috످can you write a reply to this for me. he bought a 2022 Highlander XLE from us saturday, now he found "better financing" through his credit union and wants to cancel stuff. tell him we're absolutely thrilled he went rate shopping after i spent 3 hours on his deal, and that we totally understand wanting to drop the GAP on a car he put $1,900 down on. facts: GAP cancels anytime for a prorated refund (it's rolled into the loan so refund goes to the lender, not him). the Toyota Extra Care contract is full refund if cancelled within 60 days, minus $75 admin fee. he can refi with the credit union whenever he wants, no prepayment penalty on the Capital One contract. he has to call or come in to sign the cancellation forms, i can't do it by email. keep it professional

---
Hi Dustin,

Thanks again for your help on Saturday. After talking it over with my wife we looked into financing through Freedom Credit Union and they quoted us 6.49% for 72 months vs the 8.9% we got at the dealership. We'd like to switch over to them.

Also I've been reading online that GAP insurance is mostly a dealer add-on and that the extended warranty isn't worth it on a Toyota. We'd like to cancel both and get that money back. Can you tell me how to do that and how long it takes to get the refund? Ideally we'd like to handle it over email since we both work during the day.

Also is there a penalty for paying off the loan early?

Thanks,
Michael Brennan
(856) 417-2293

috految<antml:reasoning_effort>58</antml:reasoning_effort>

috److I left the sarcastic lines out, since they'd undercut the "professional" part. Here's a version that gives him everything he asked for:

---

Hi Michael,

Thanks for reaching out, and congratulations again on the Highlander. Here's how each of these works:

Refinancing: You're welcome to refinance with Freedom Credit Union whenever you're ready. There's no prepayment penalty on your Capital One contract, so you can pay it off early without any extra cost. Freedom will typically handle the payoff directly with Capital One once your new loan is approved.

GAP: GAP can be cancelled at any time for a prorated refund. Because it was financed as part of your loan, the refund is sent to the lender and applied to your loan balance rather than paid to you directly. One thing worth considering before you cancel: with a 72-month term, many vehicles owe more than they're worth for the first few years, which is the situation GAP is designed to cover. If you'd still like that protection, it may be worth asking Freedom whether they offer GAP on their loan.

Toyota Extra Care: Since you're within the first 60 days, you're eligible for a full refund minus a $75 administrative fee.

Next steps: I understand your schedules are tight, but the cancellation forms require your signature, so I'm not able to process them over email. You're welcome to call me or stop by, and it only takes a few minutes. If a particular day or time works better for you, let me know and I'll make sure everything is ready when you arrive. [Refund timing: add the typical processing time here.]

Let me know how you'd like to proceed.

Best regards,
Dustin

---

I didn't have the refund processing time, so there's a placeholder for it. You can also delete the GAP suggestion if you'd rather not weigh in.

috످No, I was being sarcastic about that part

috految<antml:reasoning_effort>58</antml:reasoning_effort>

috److془The user says "No, I was being sarcastic about that part". Ambiguous: they were sarcastic about thrilled/GAP. Draft already leaves them out. Or they meant "keep it professional" was sarcastic. Hmm. "I left the sarcastic lines out, since they'd undercut the 'professional' part." "No, I was being sarcastic about that part" -> "the 'professional' part". So they want snarky version. Or the sarcasm. Give the snarky version, with brief note.

Also flag: I added "only takes a few minutes" and GAP assumptions. Also, Extra Care refund goes to lender if financed; refund timing. GAP typically ends upon refi.

Write it.془Ah, if you meant the "keep it professional" part, here it is with the sarcasm back in:

---

Hi Michael,

We're absolutely thrilled you went rate shopping after I spent three hours on your deal. Really, what else was I going to do with my Saturday?

You can refinance with Freedom whenever you'd like. There's no prepayment penalty, so the only thing lost here is my time.

And we totally understand wanting to drop GAP on a car you put a whole $1,900 down on. What could go wrong? You can cancel anytime for a prorated refund, which goes to your lender since it's rolled into the loan.

As for the warranty, far be it from me to argue with the internet. Cancel within 60 days of purchase and you'll get a full refund, minus a $75 admin fee.

I can't do the cancellations by email, so you'll need to call or come in to sign the forms. Refunds take about [timeframe].

Always a pleasure,
Dustin

---

If he still has a customer survey coming, I'd send the first version. Just cut "it only takes a few minutes" if that's not true (I guessed). Either way, let him know his GAP will likely end when he refinances, even if he doesn't cancel it.

috످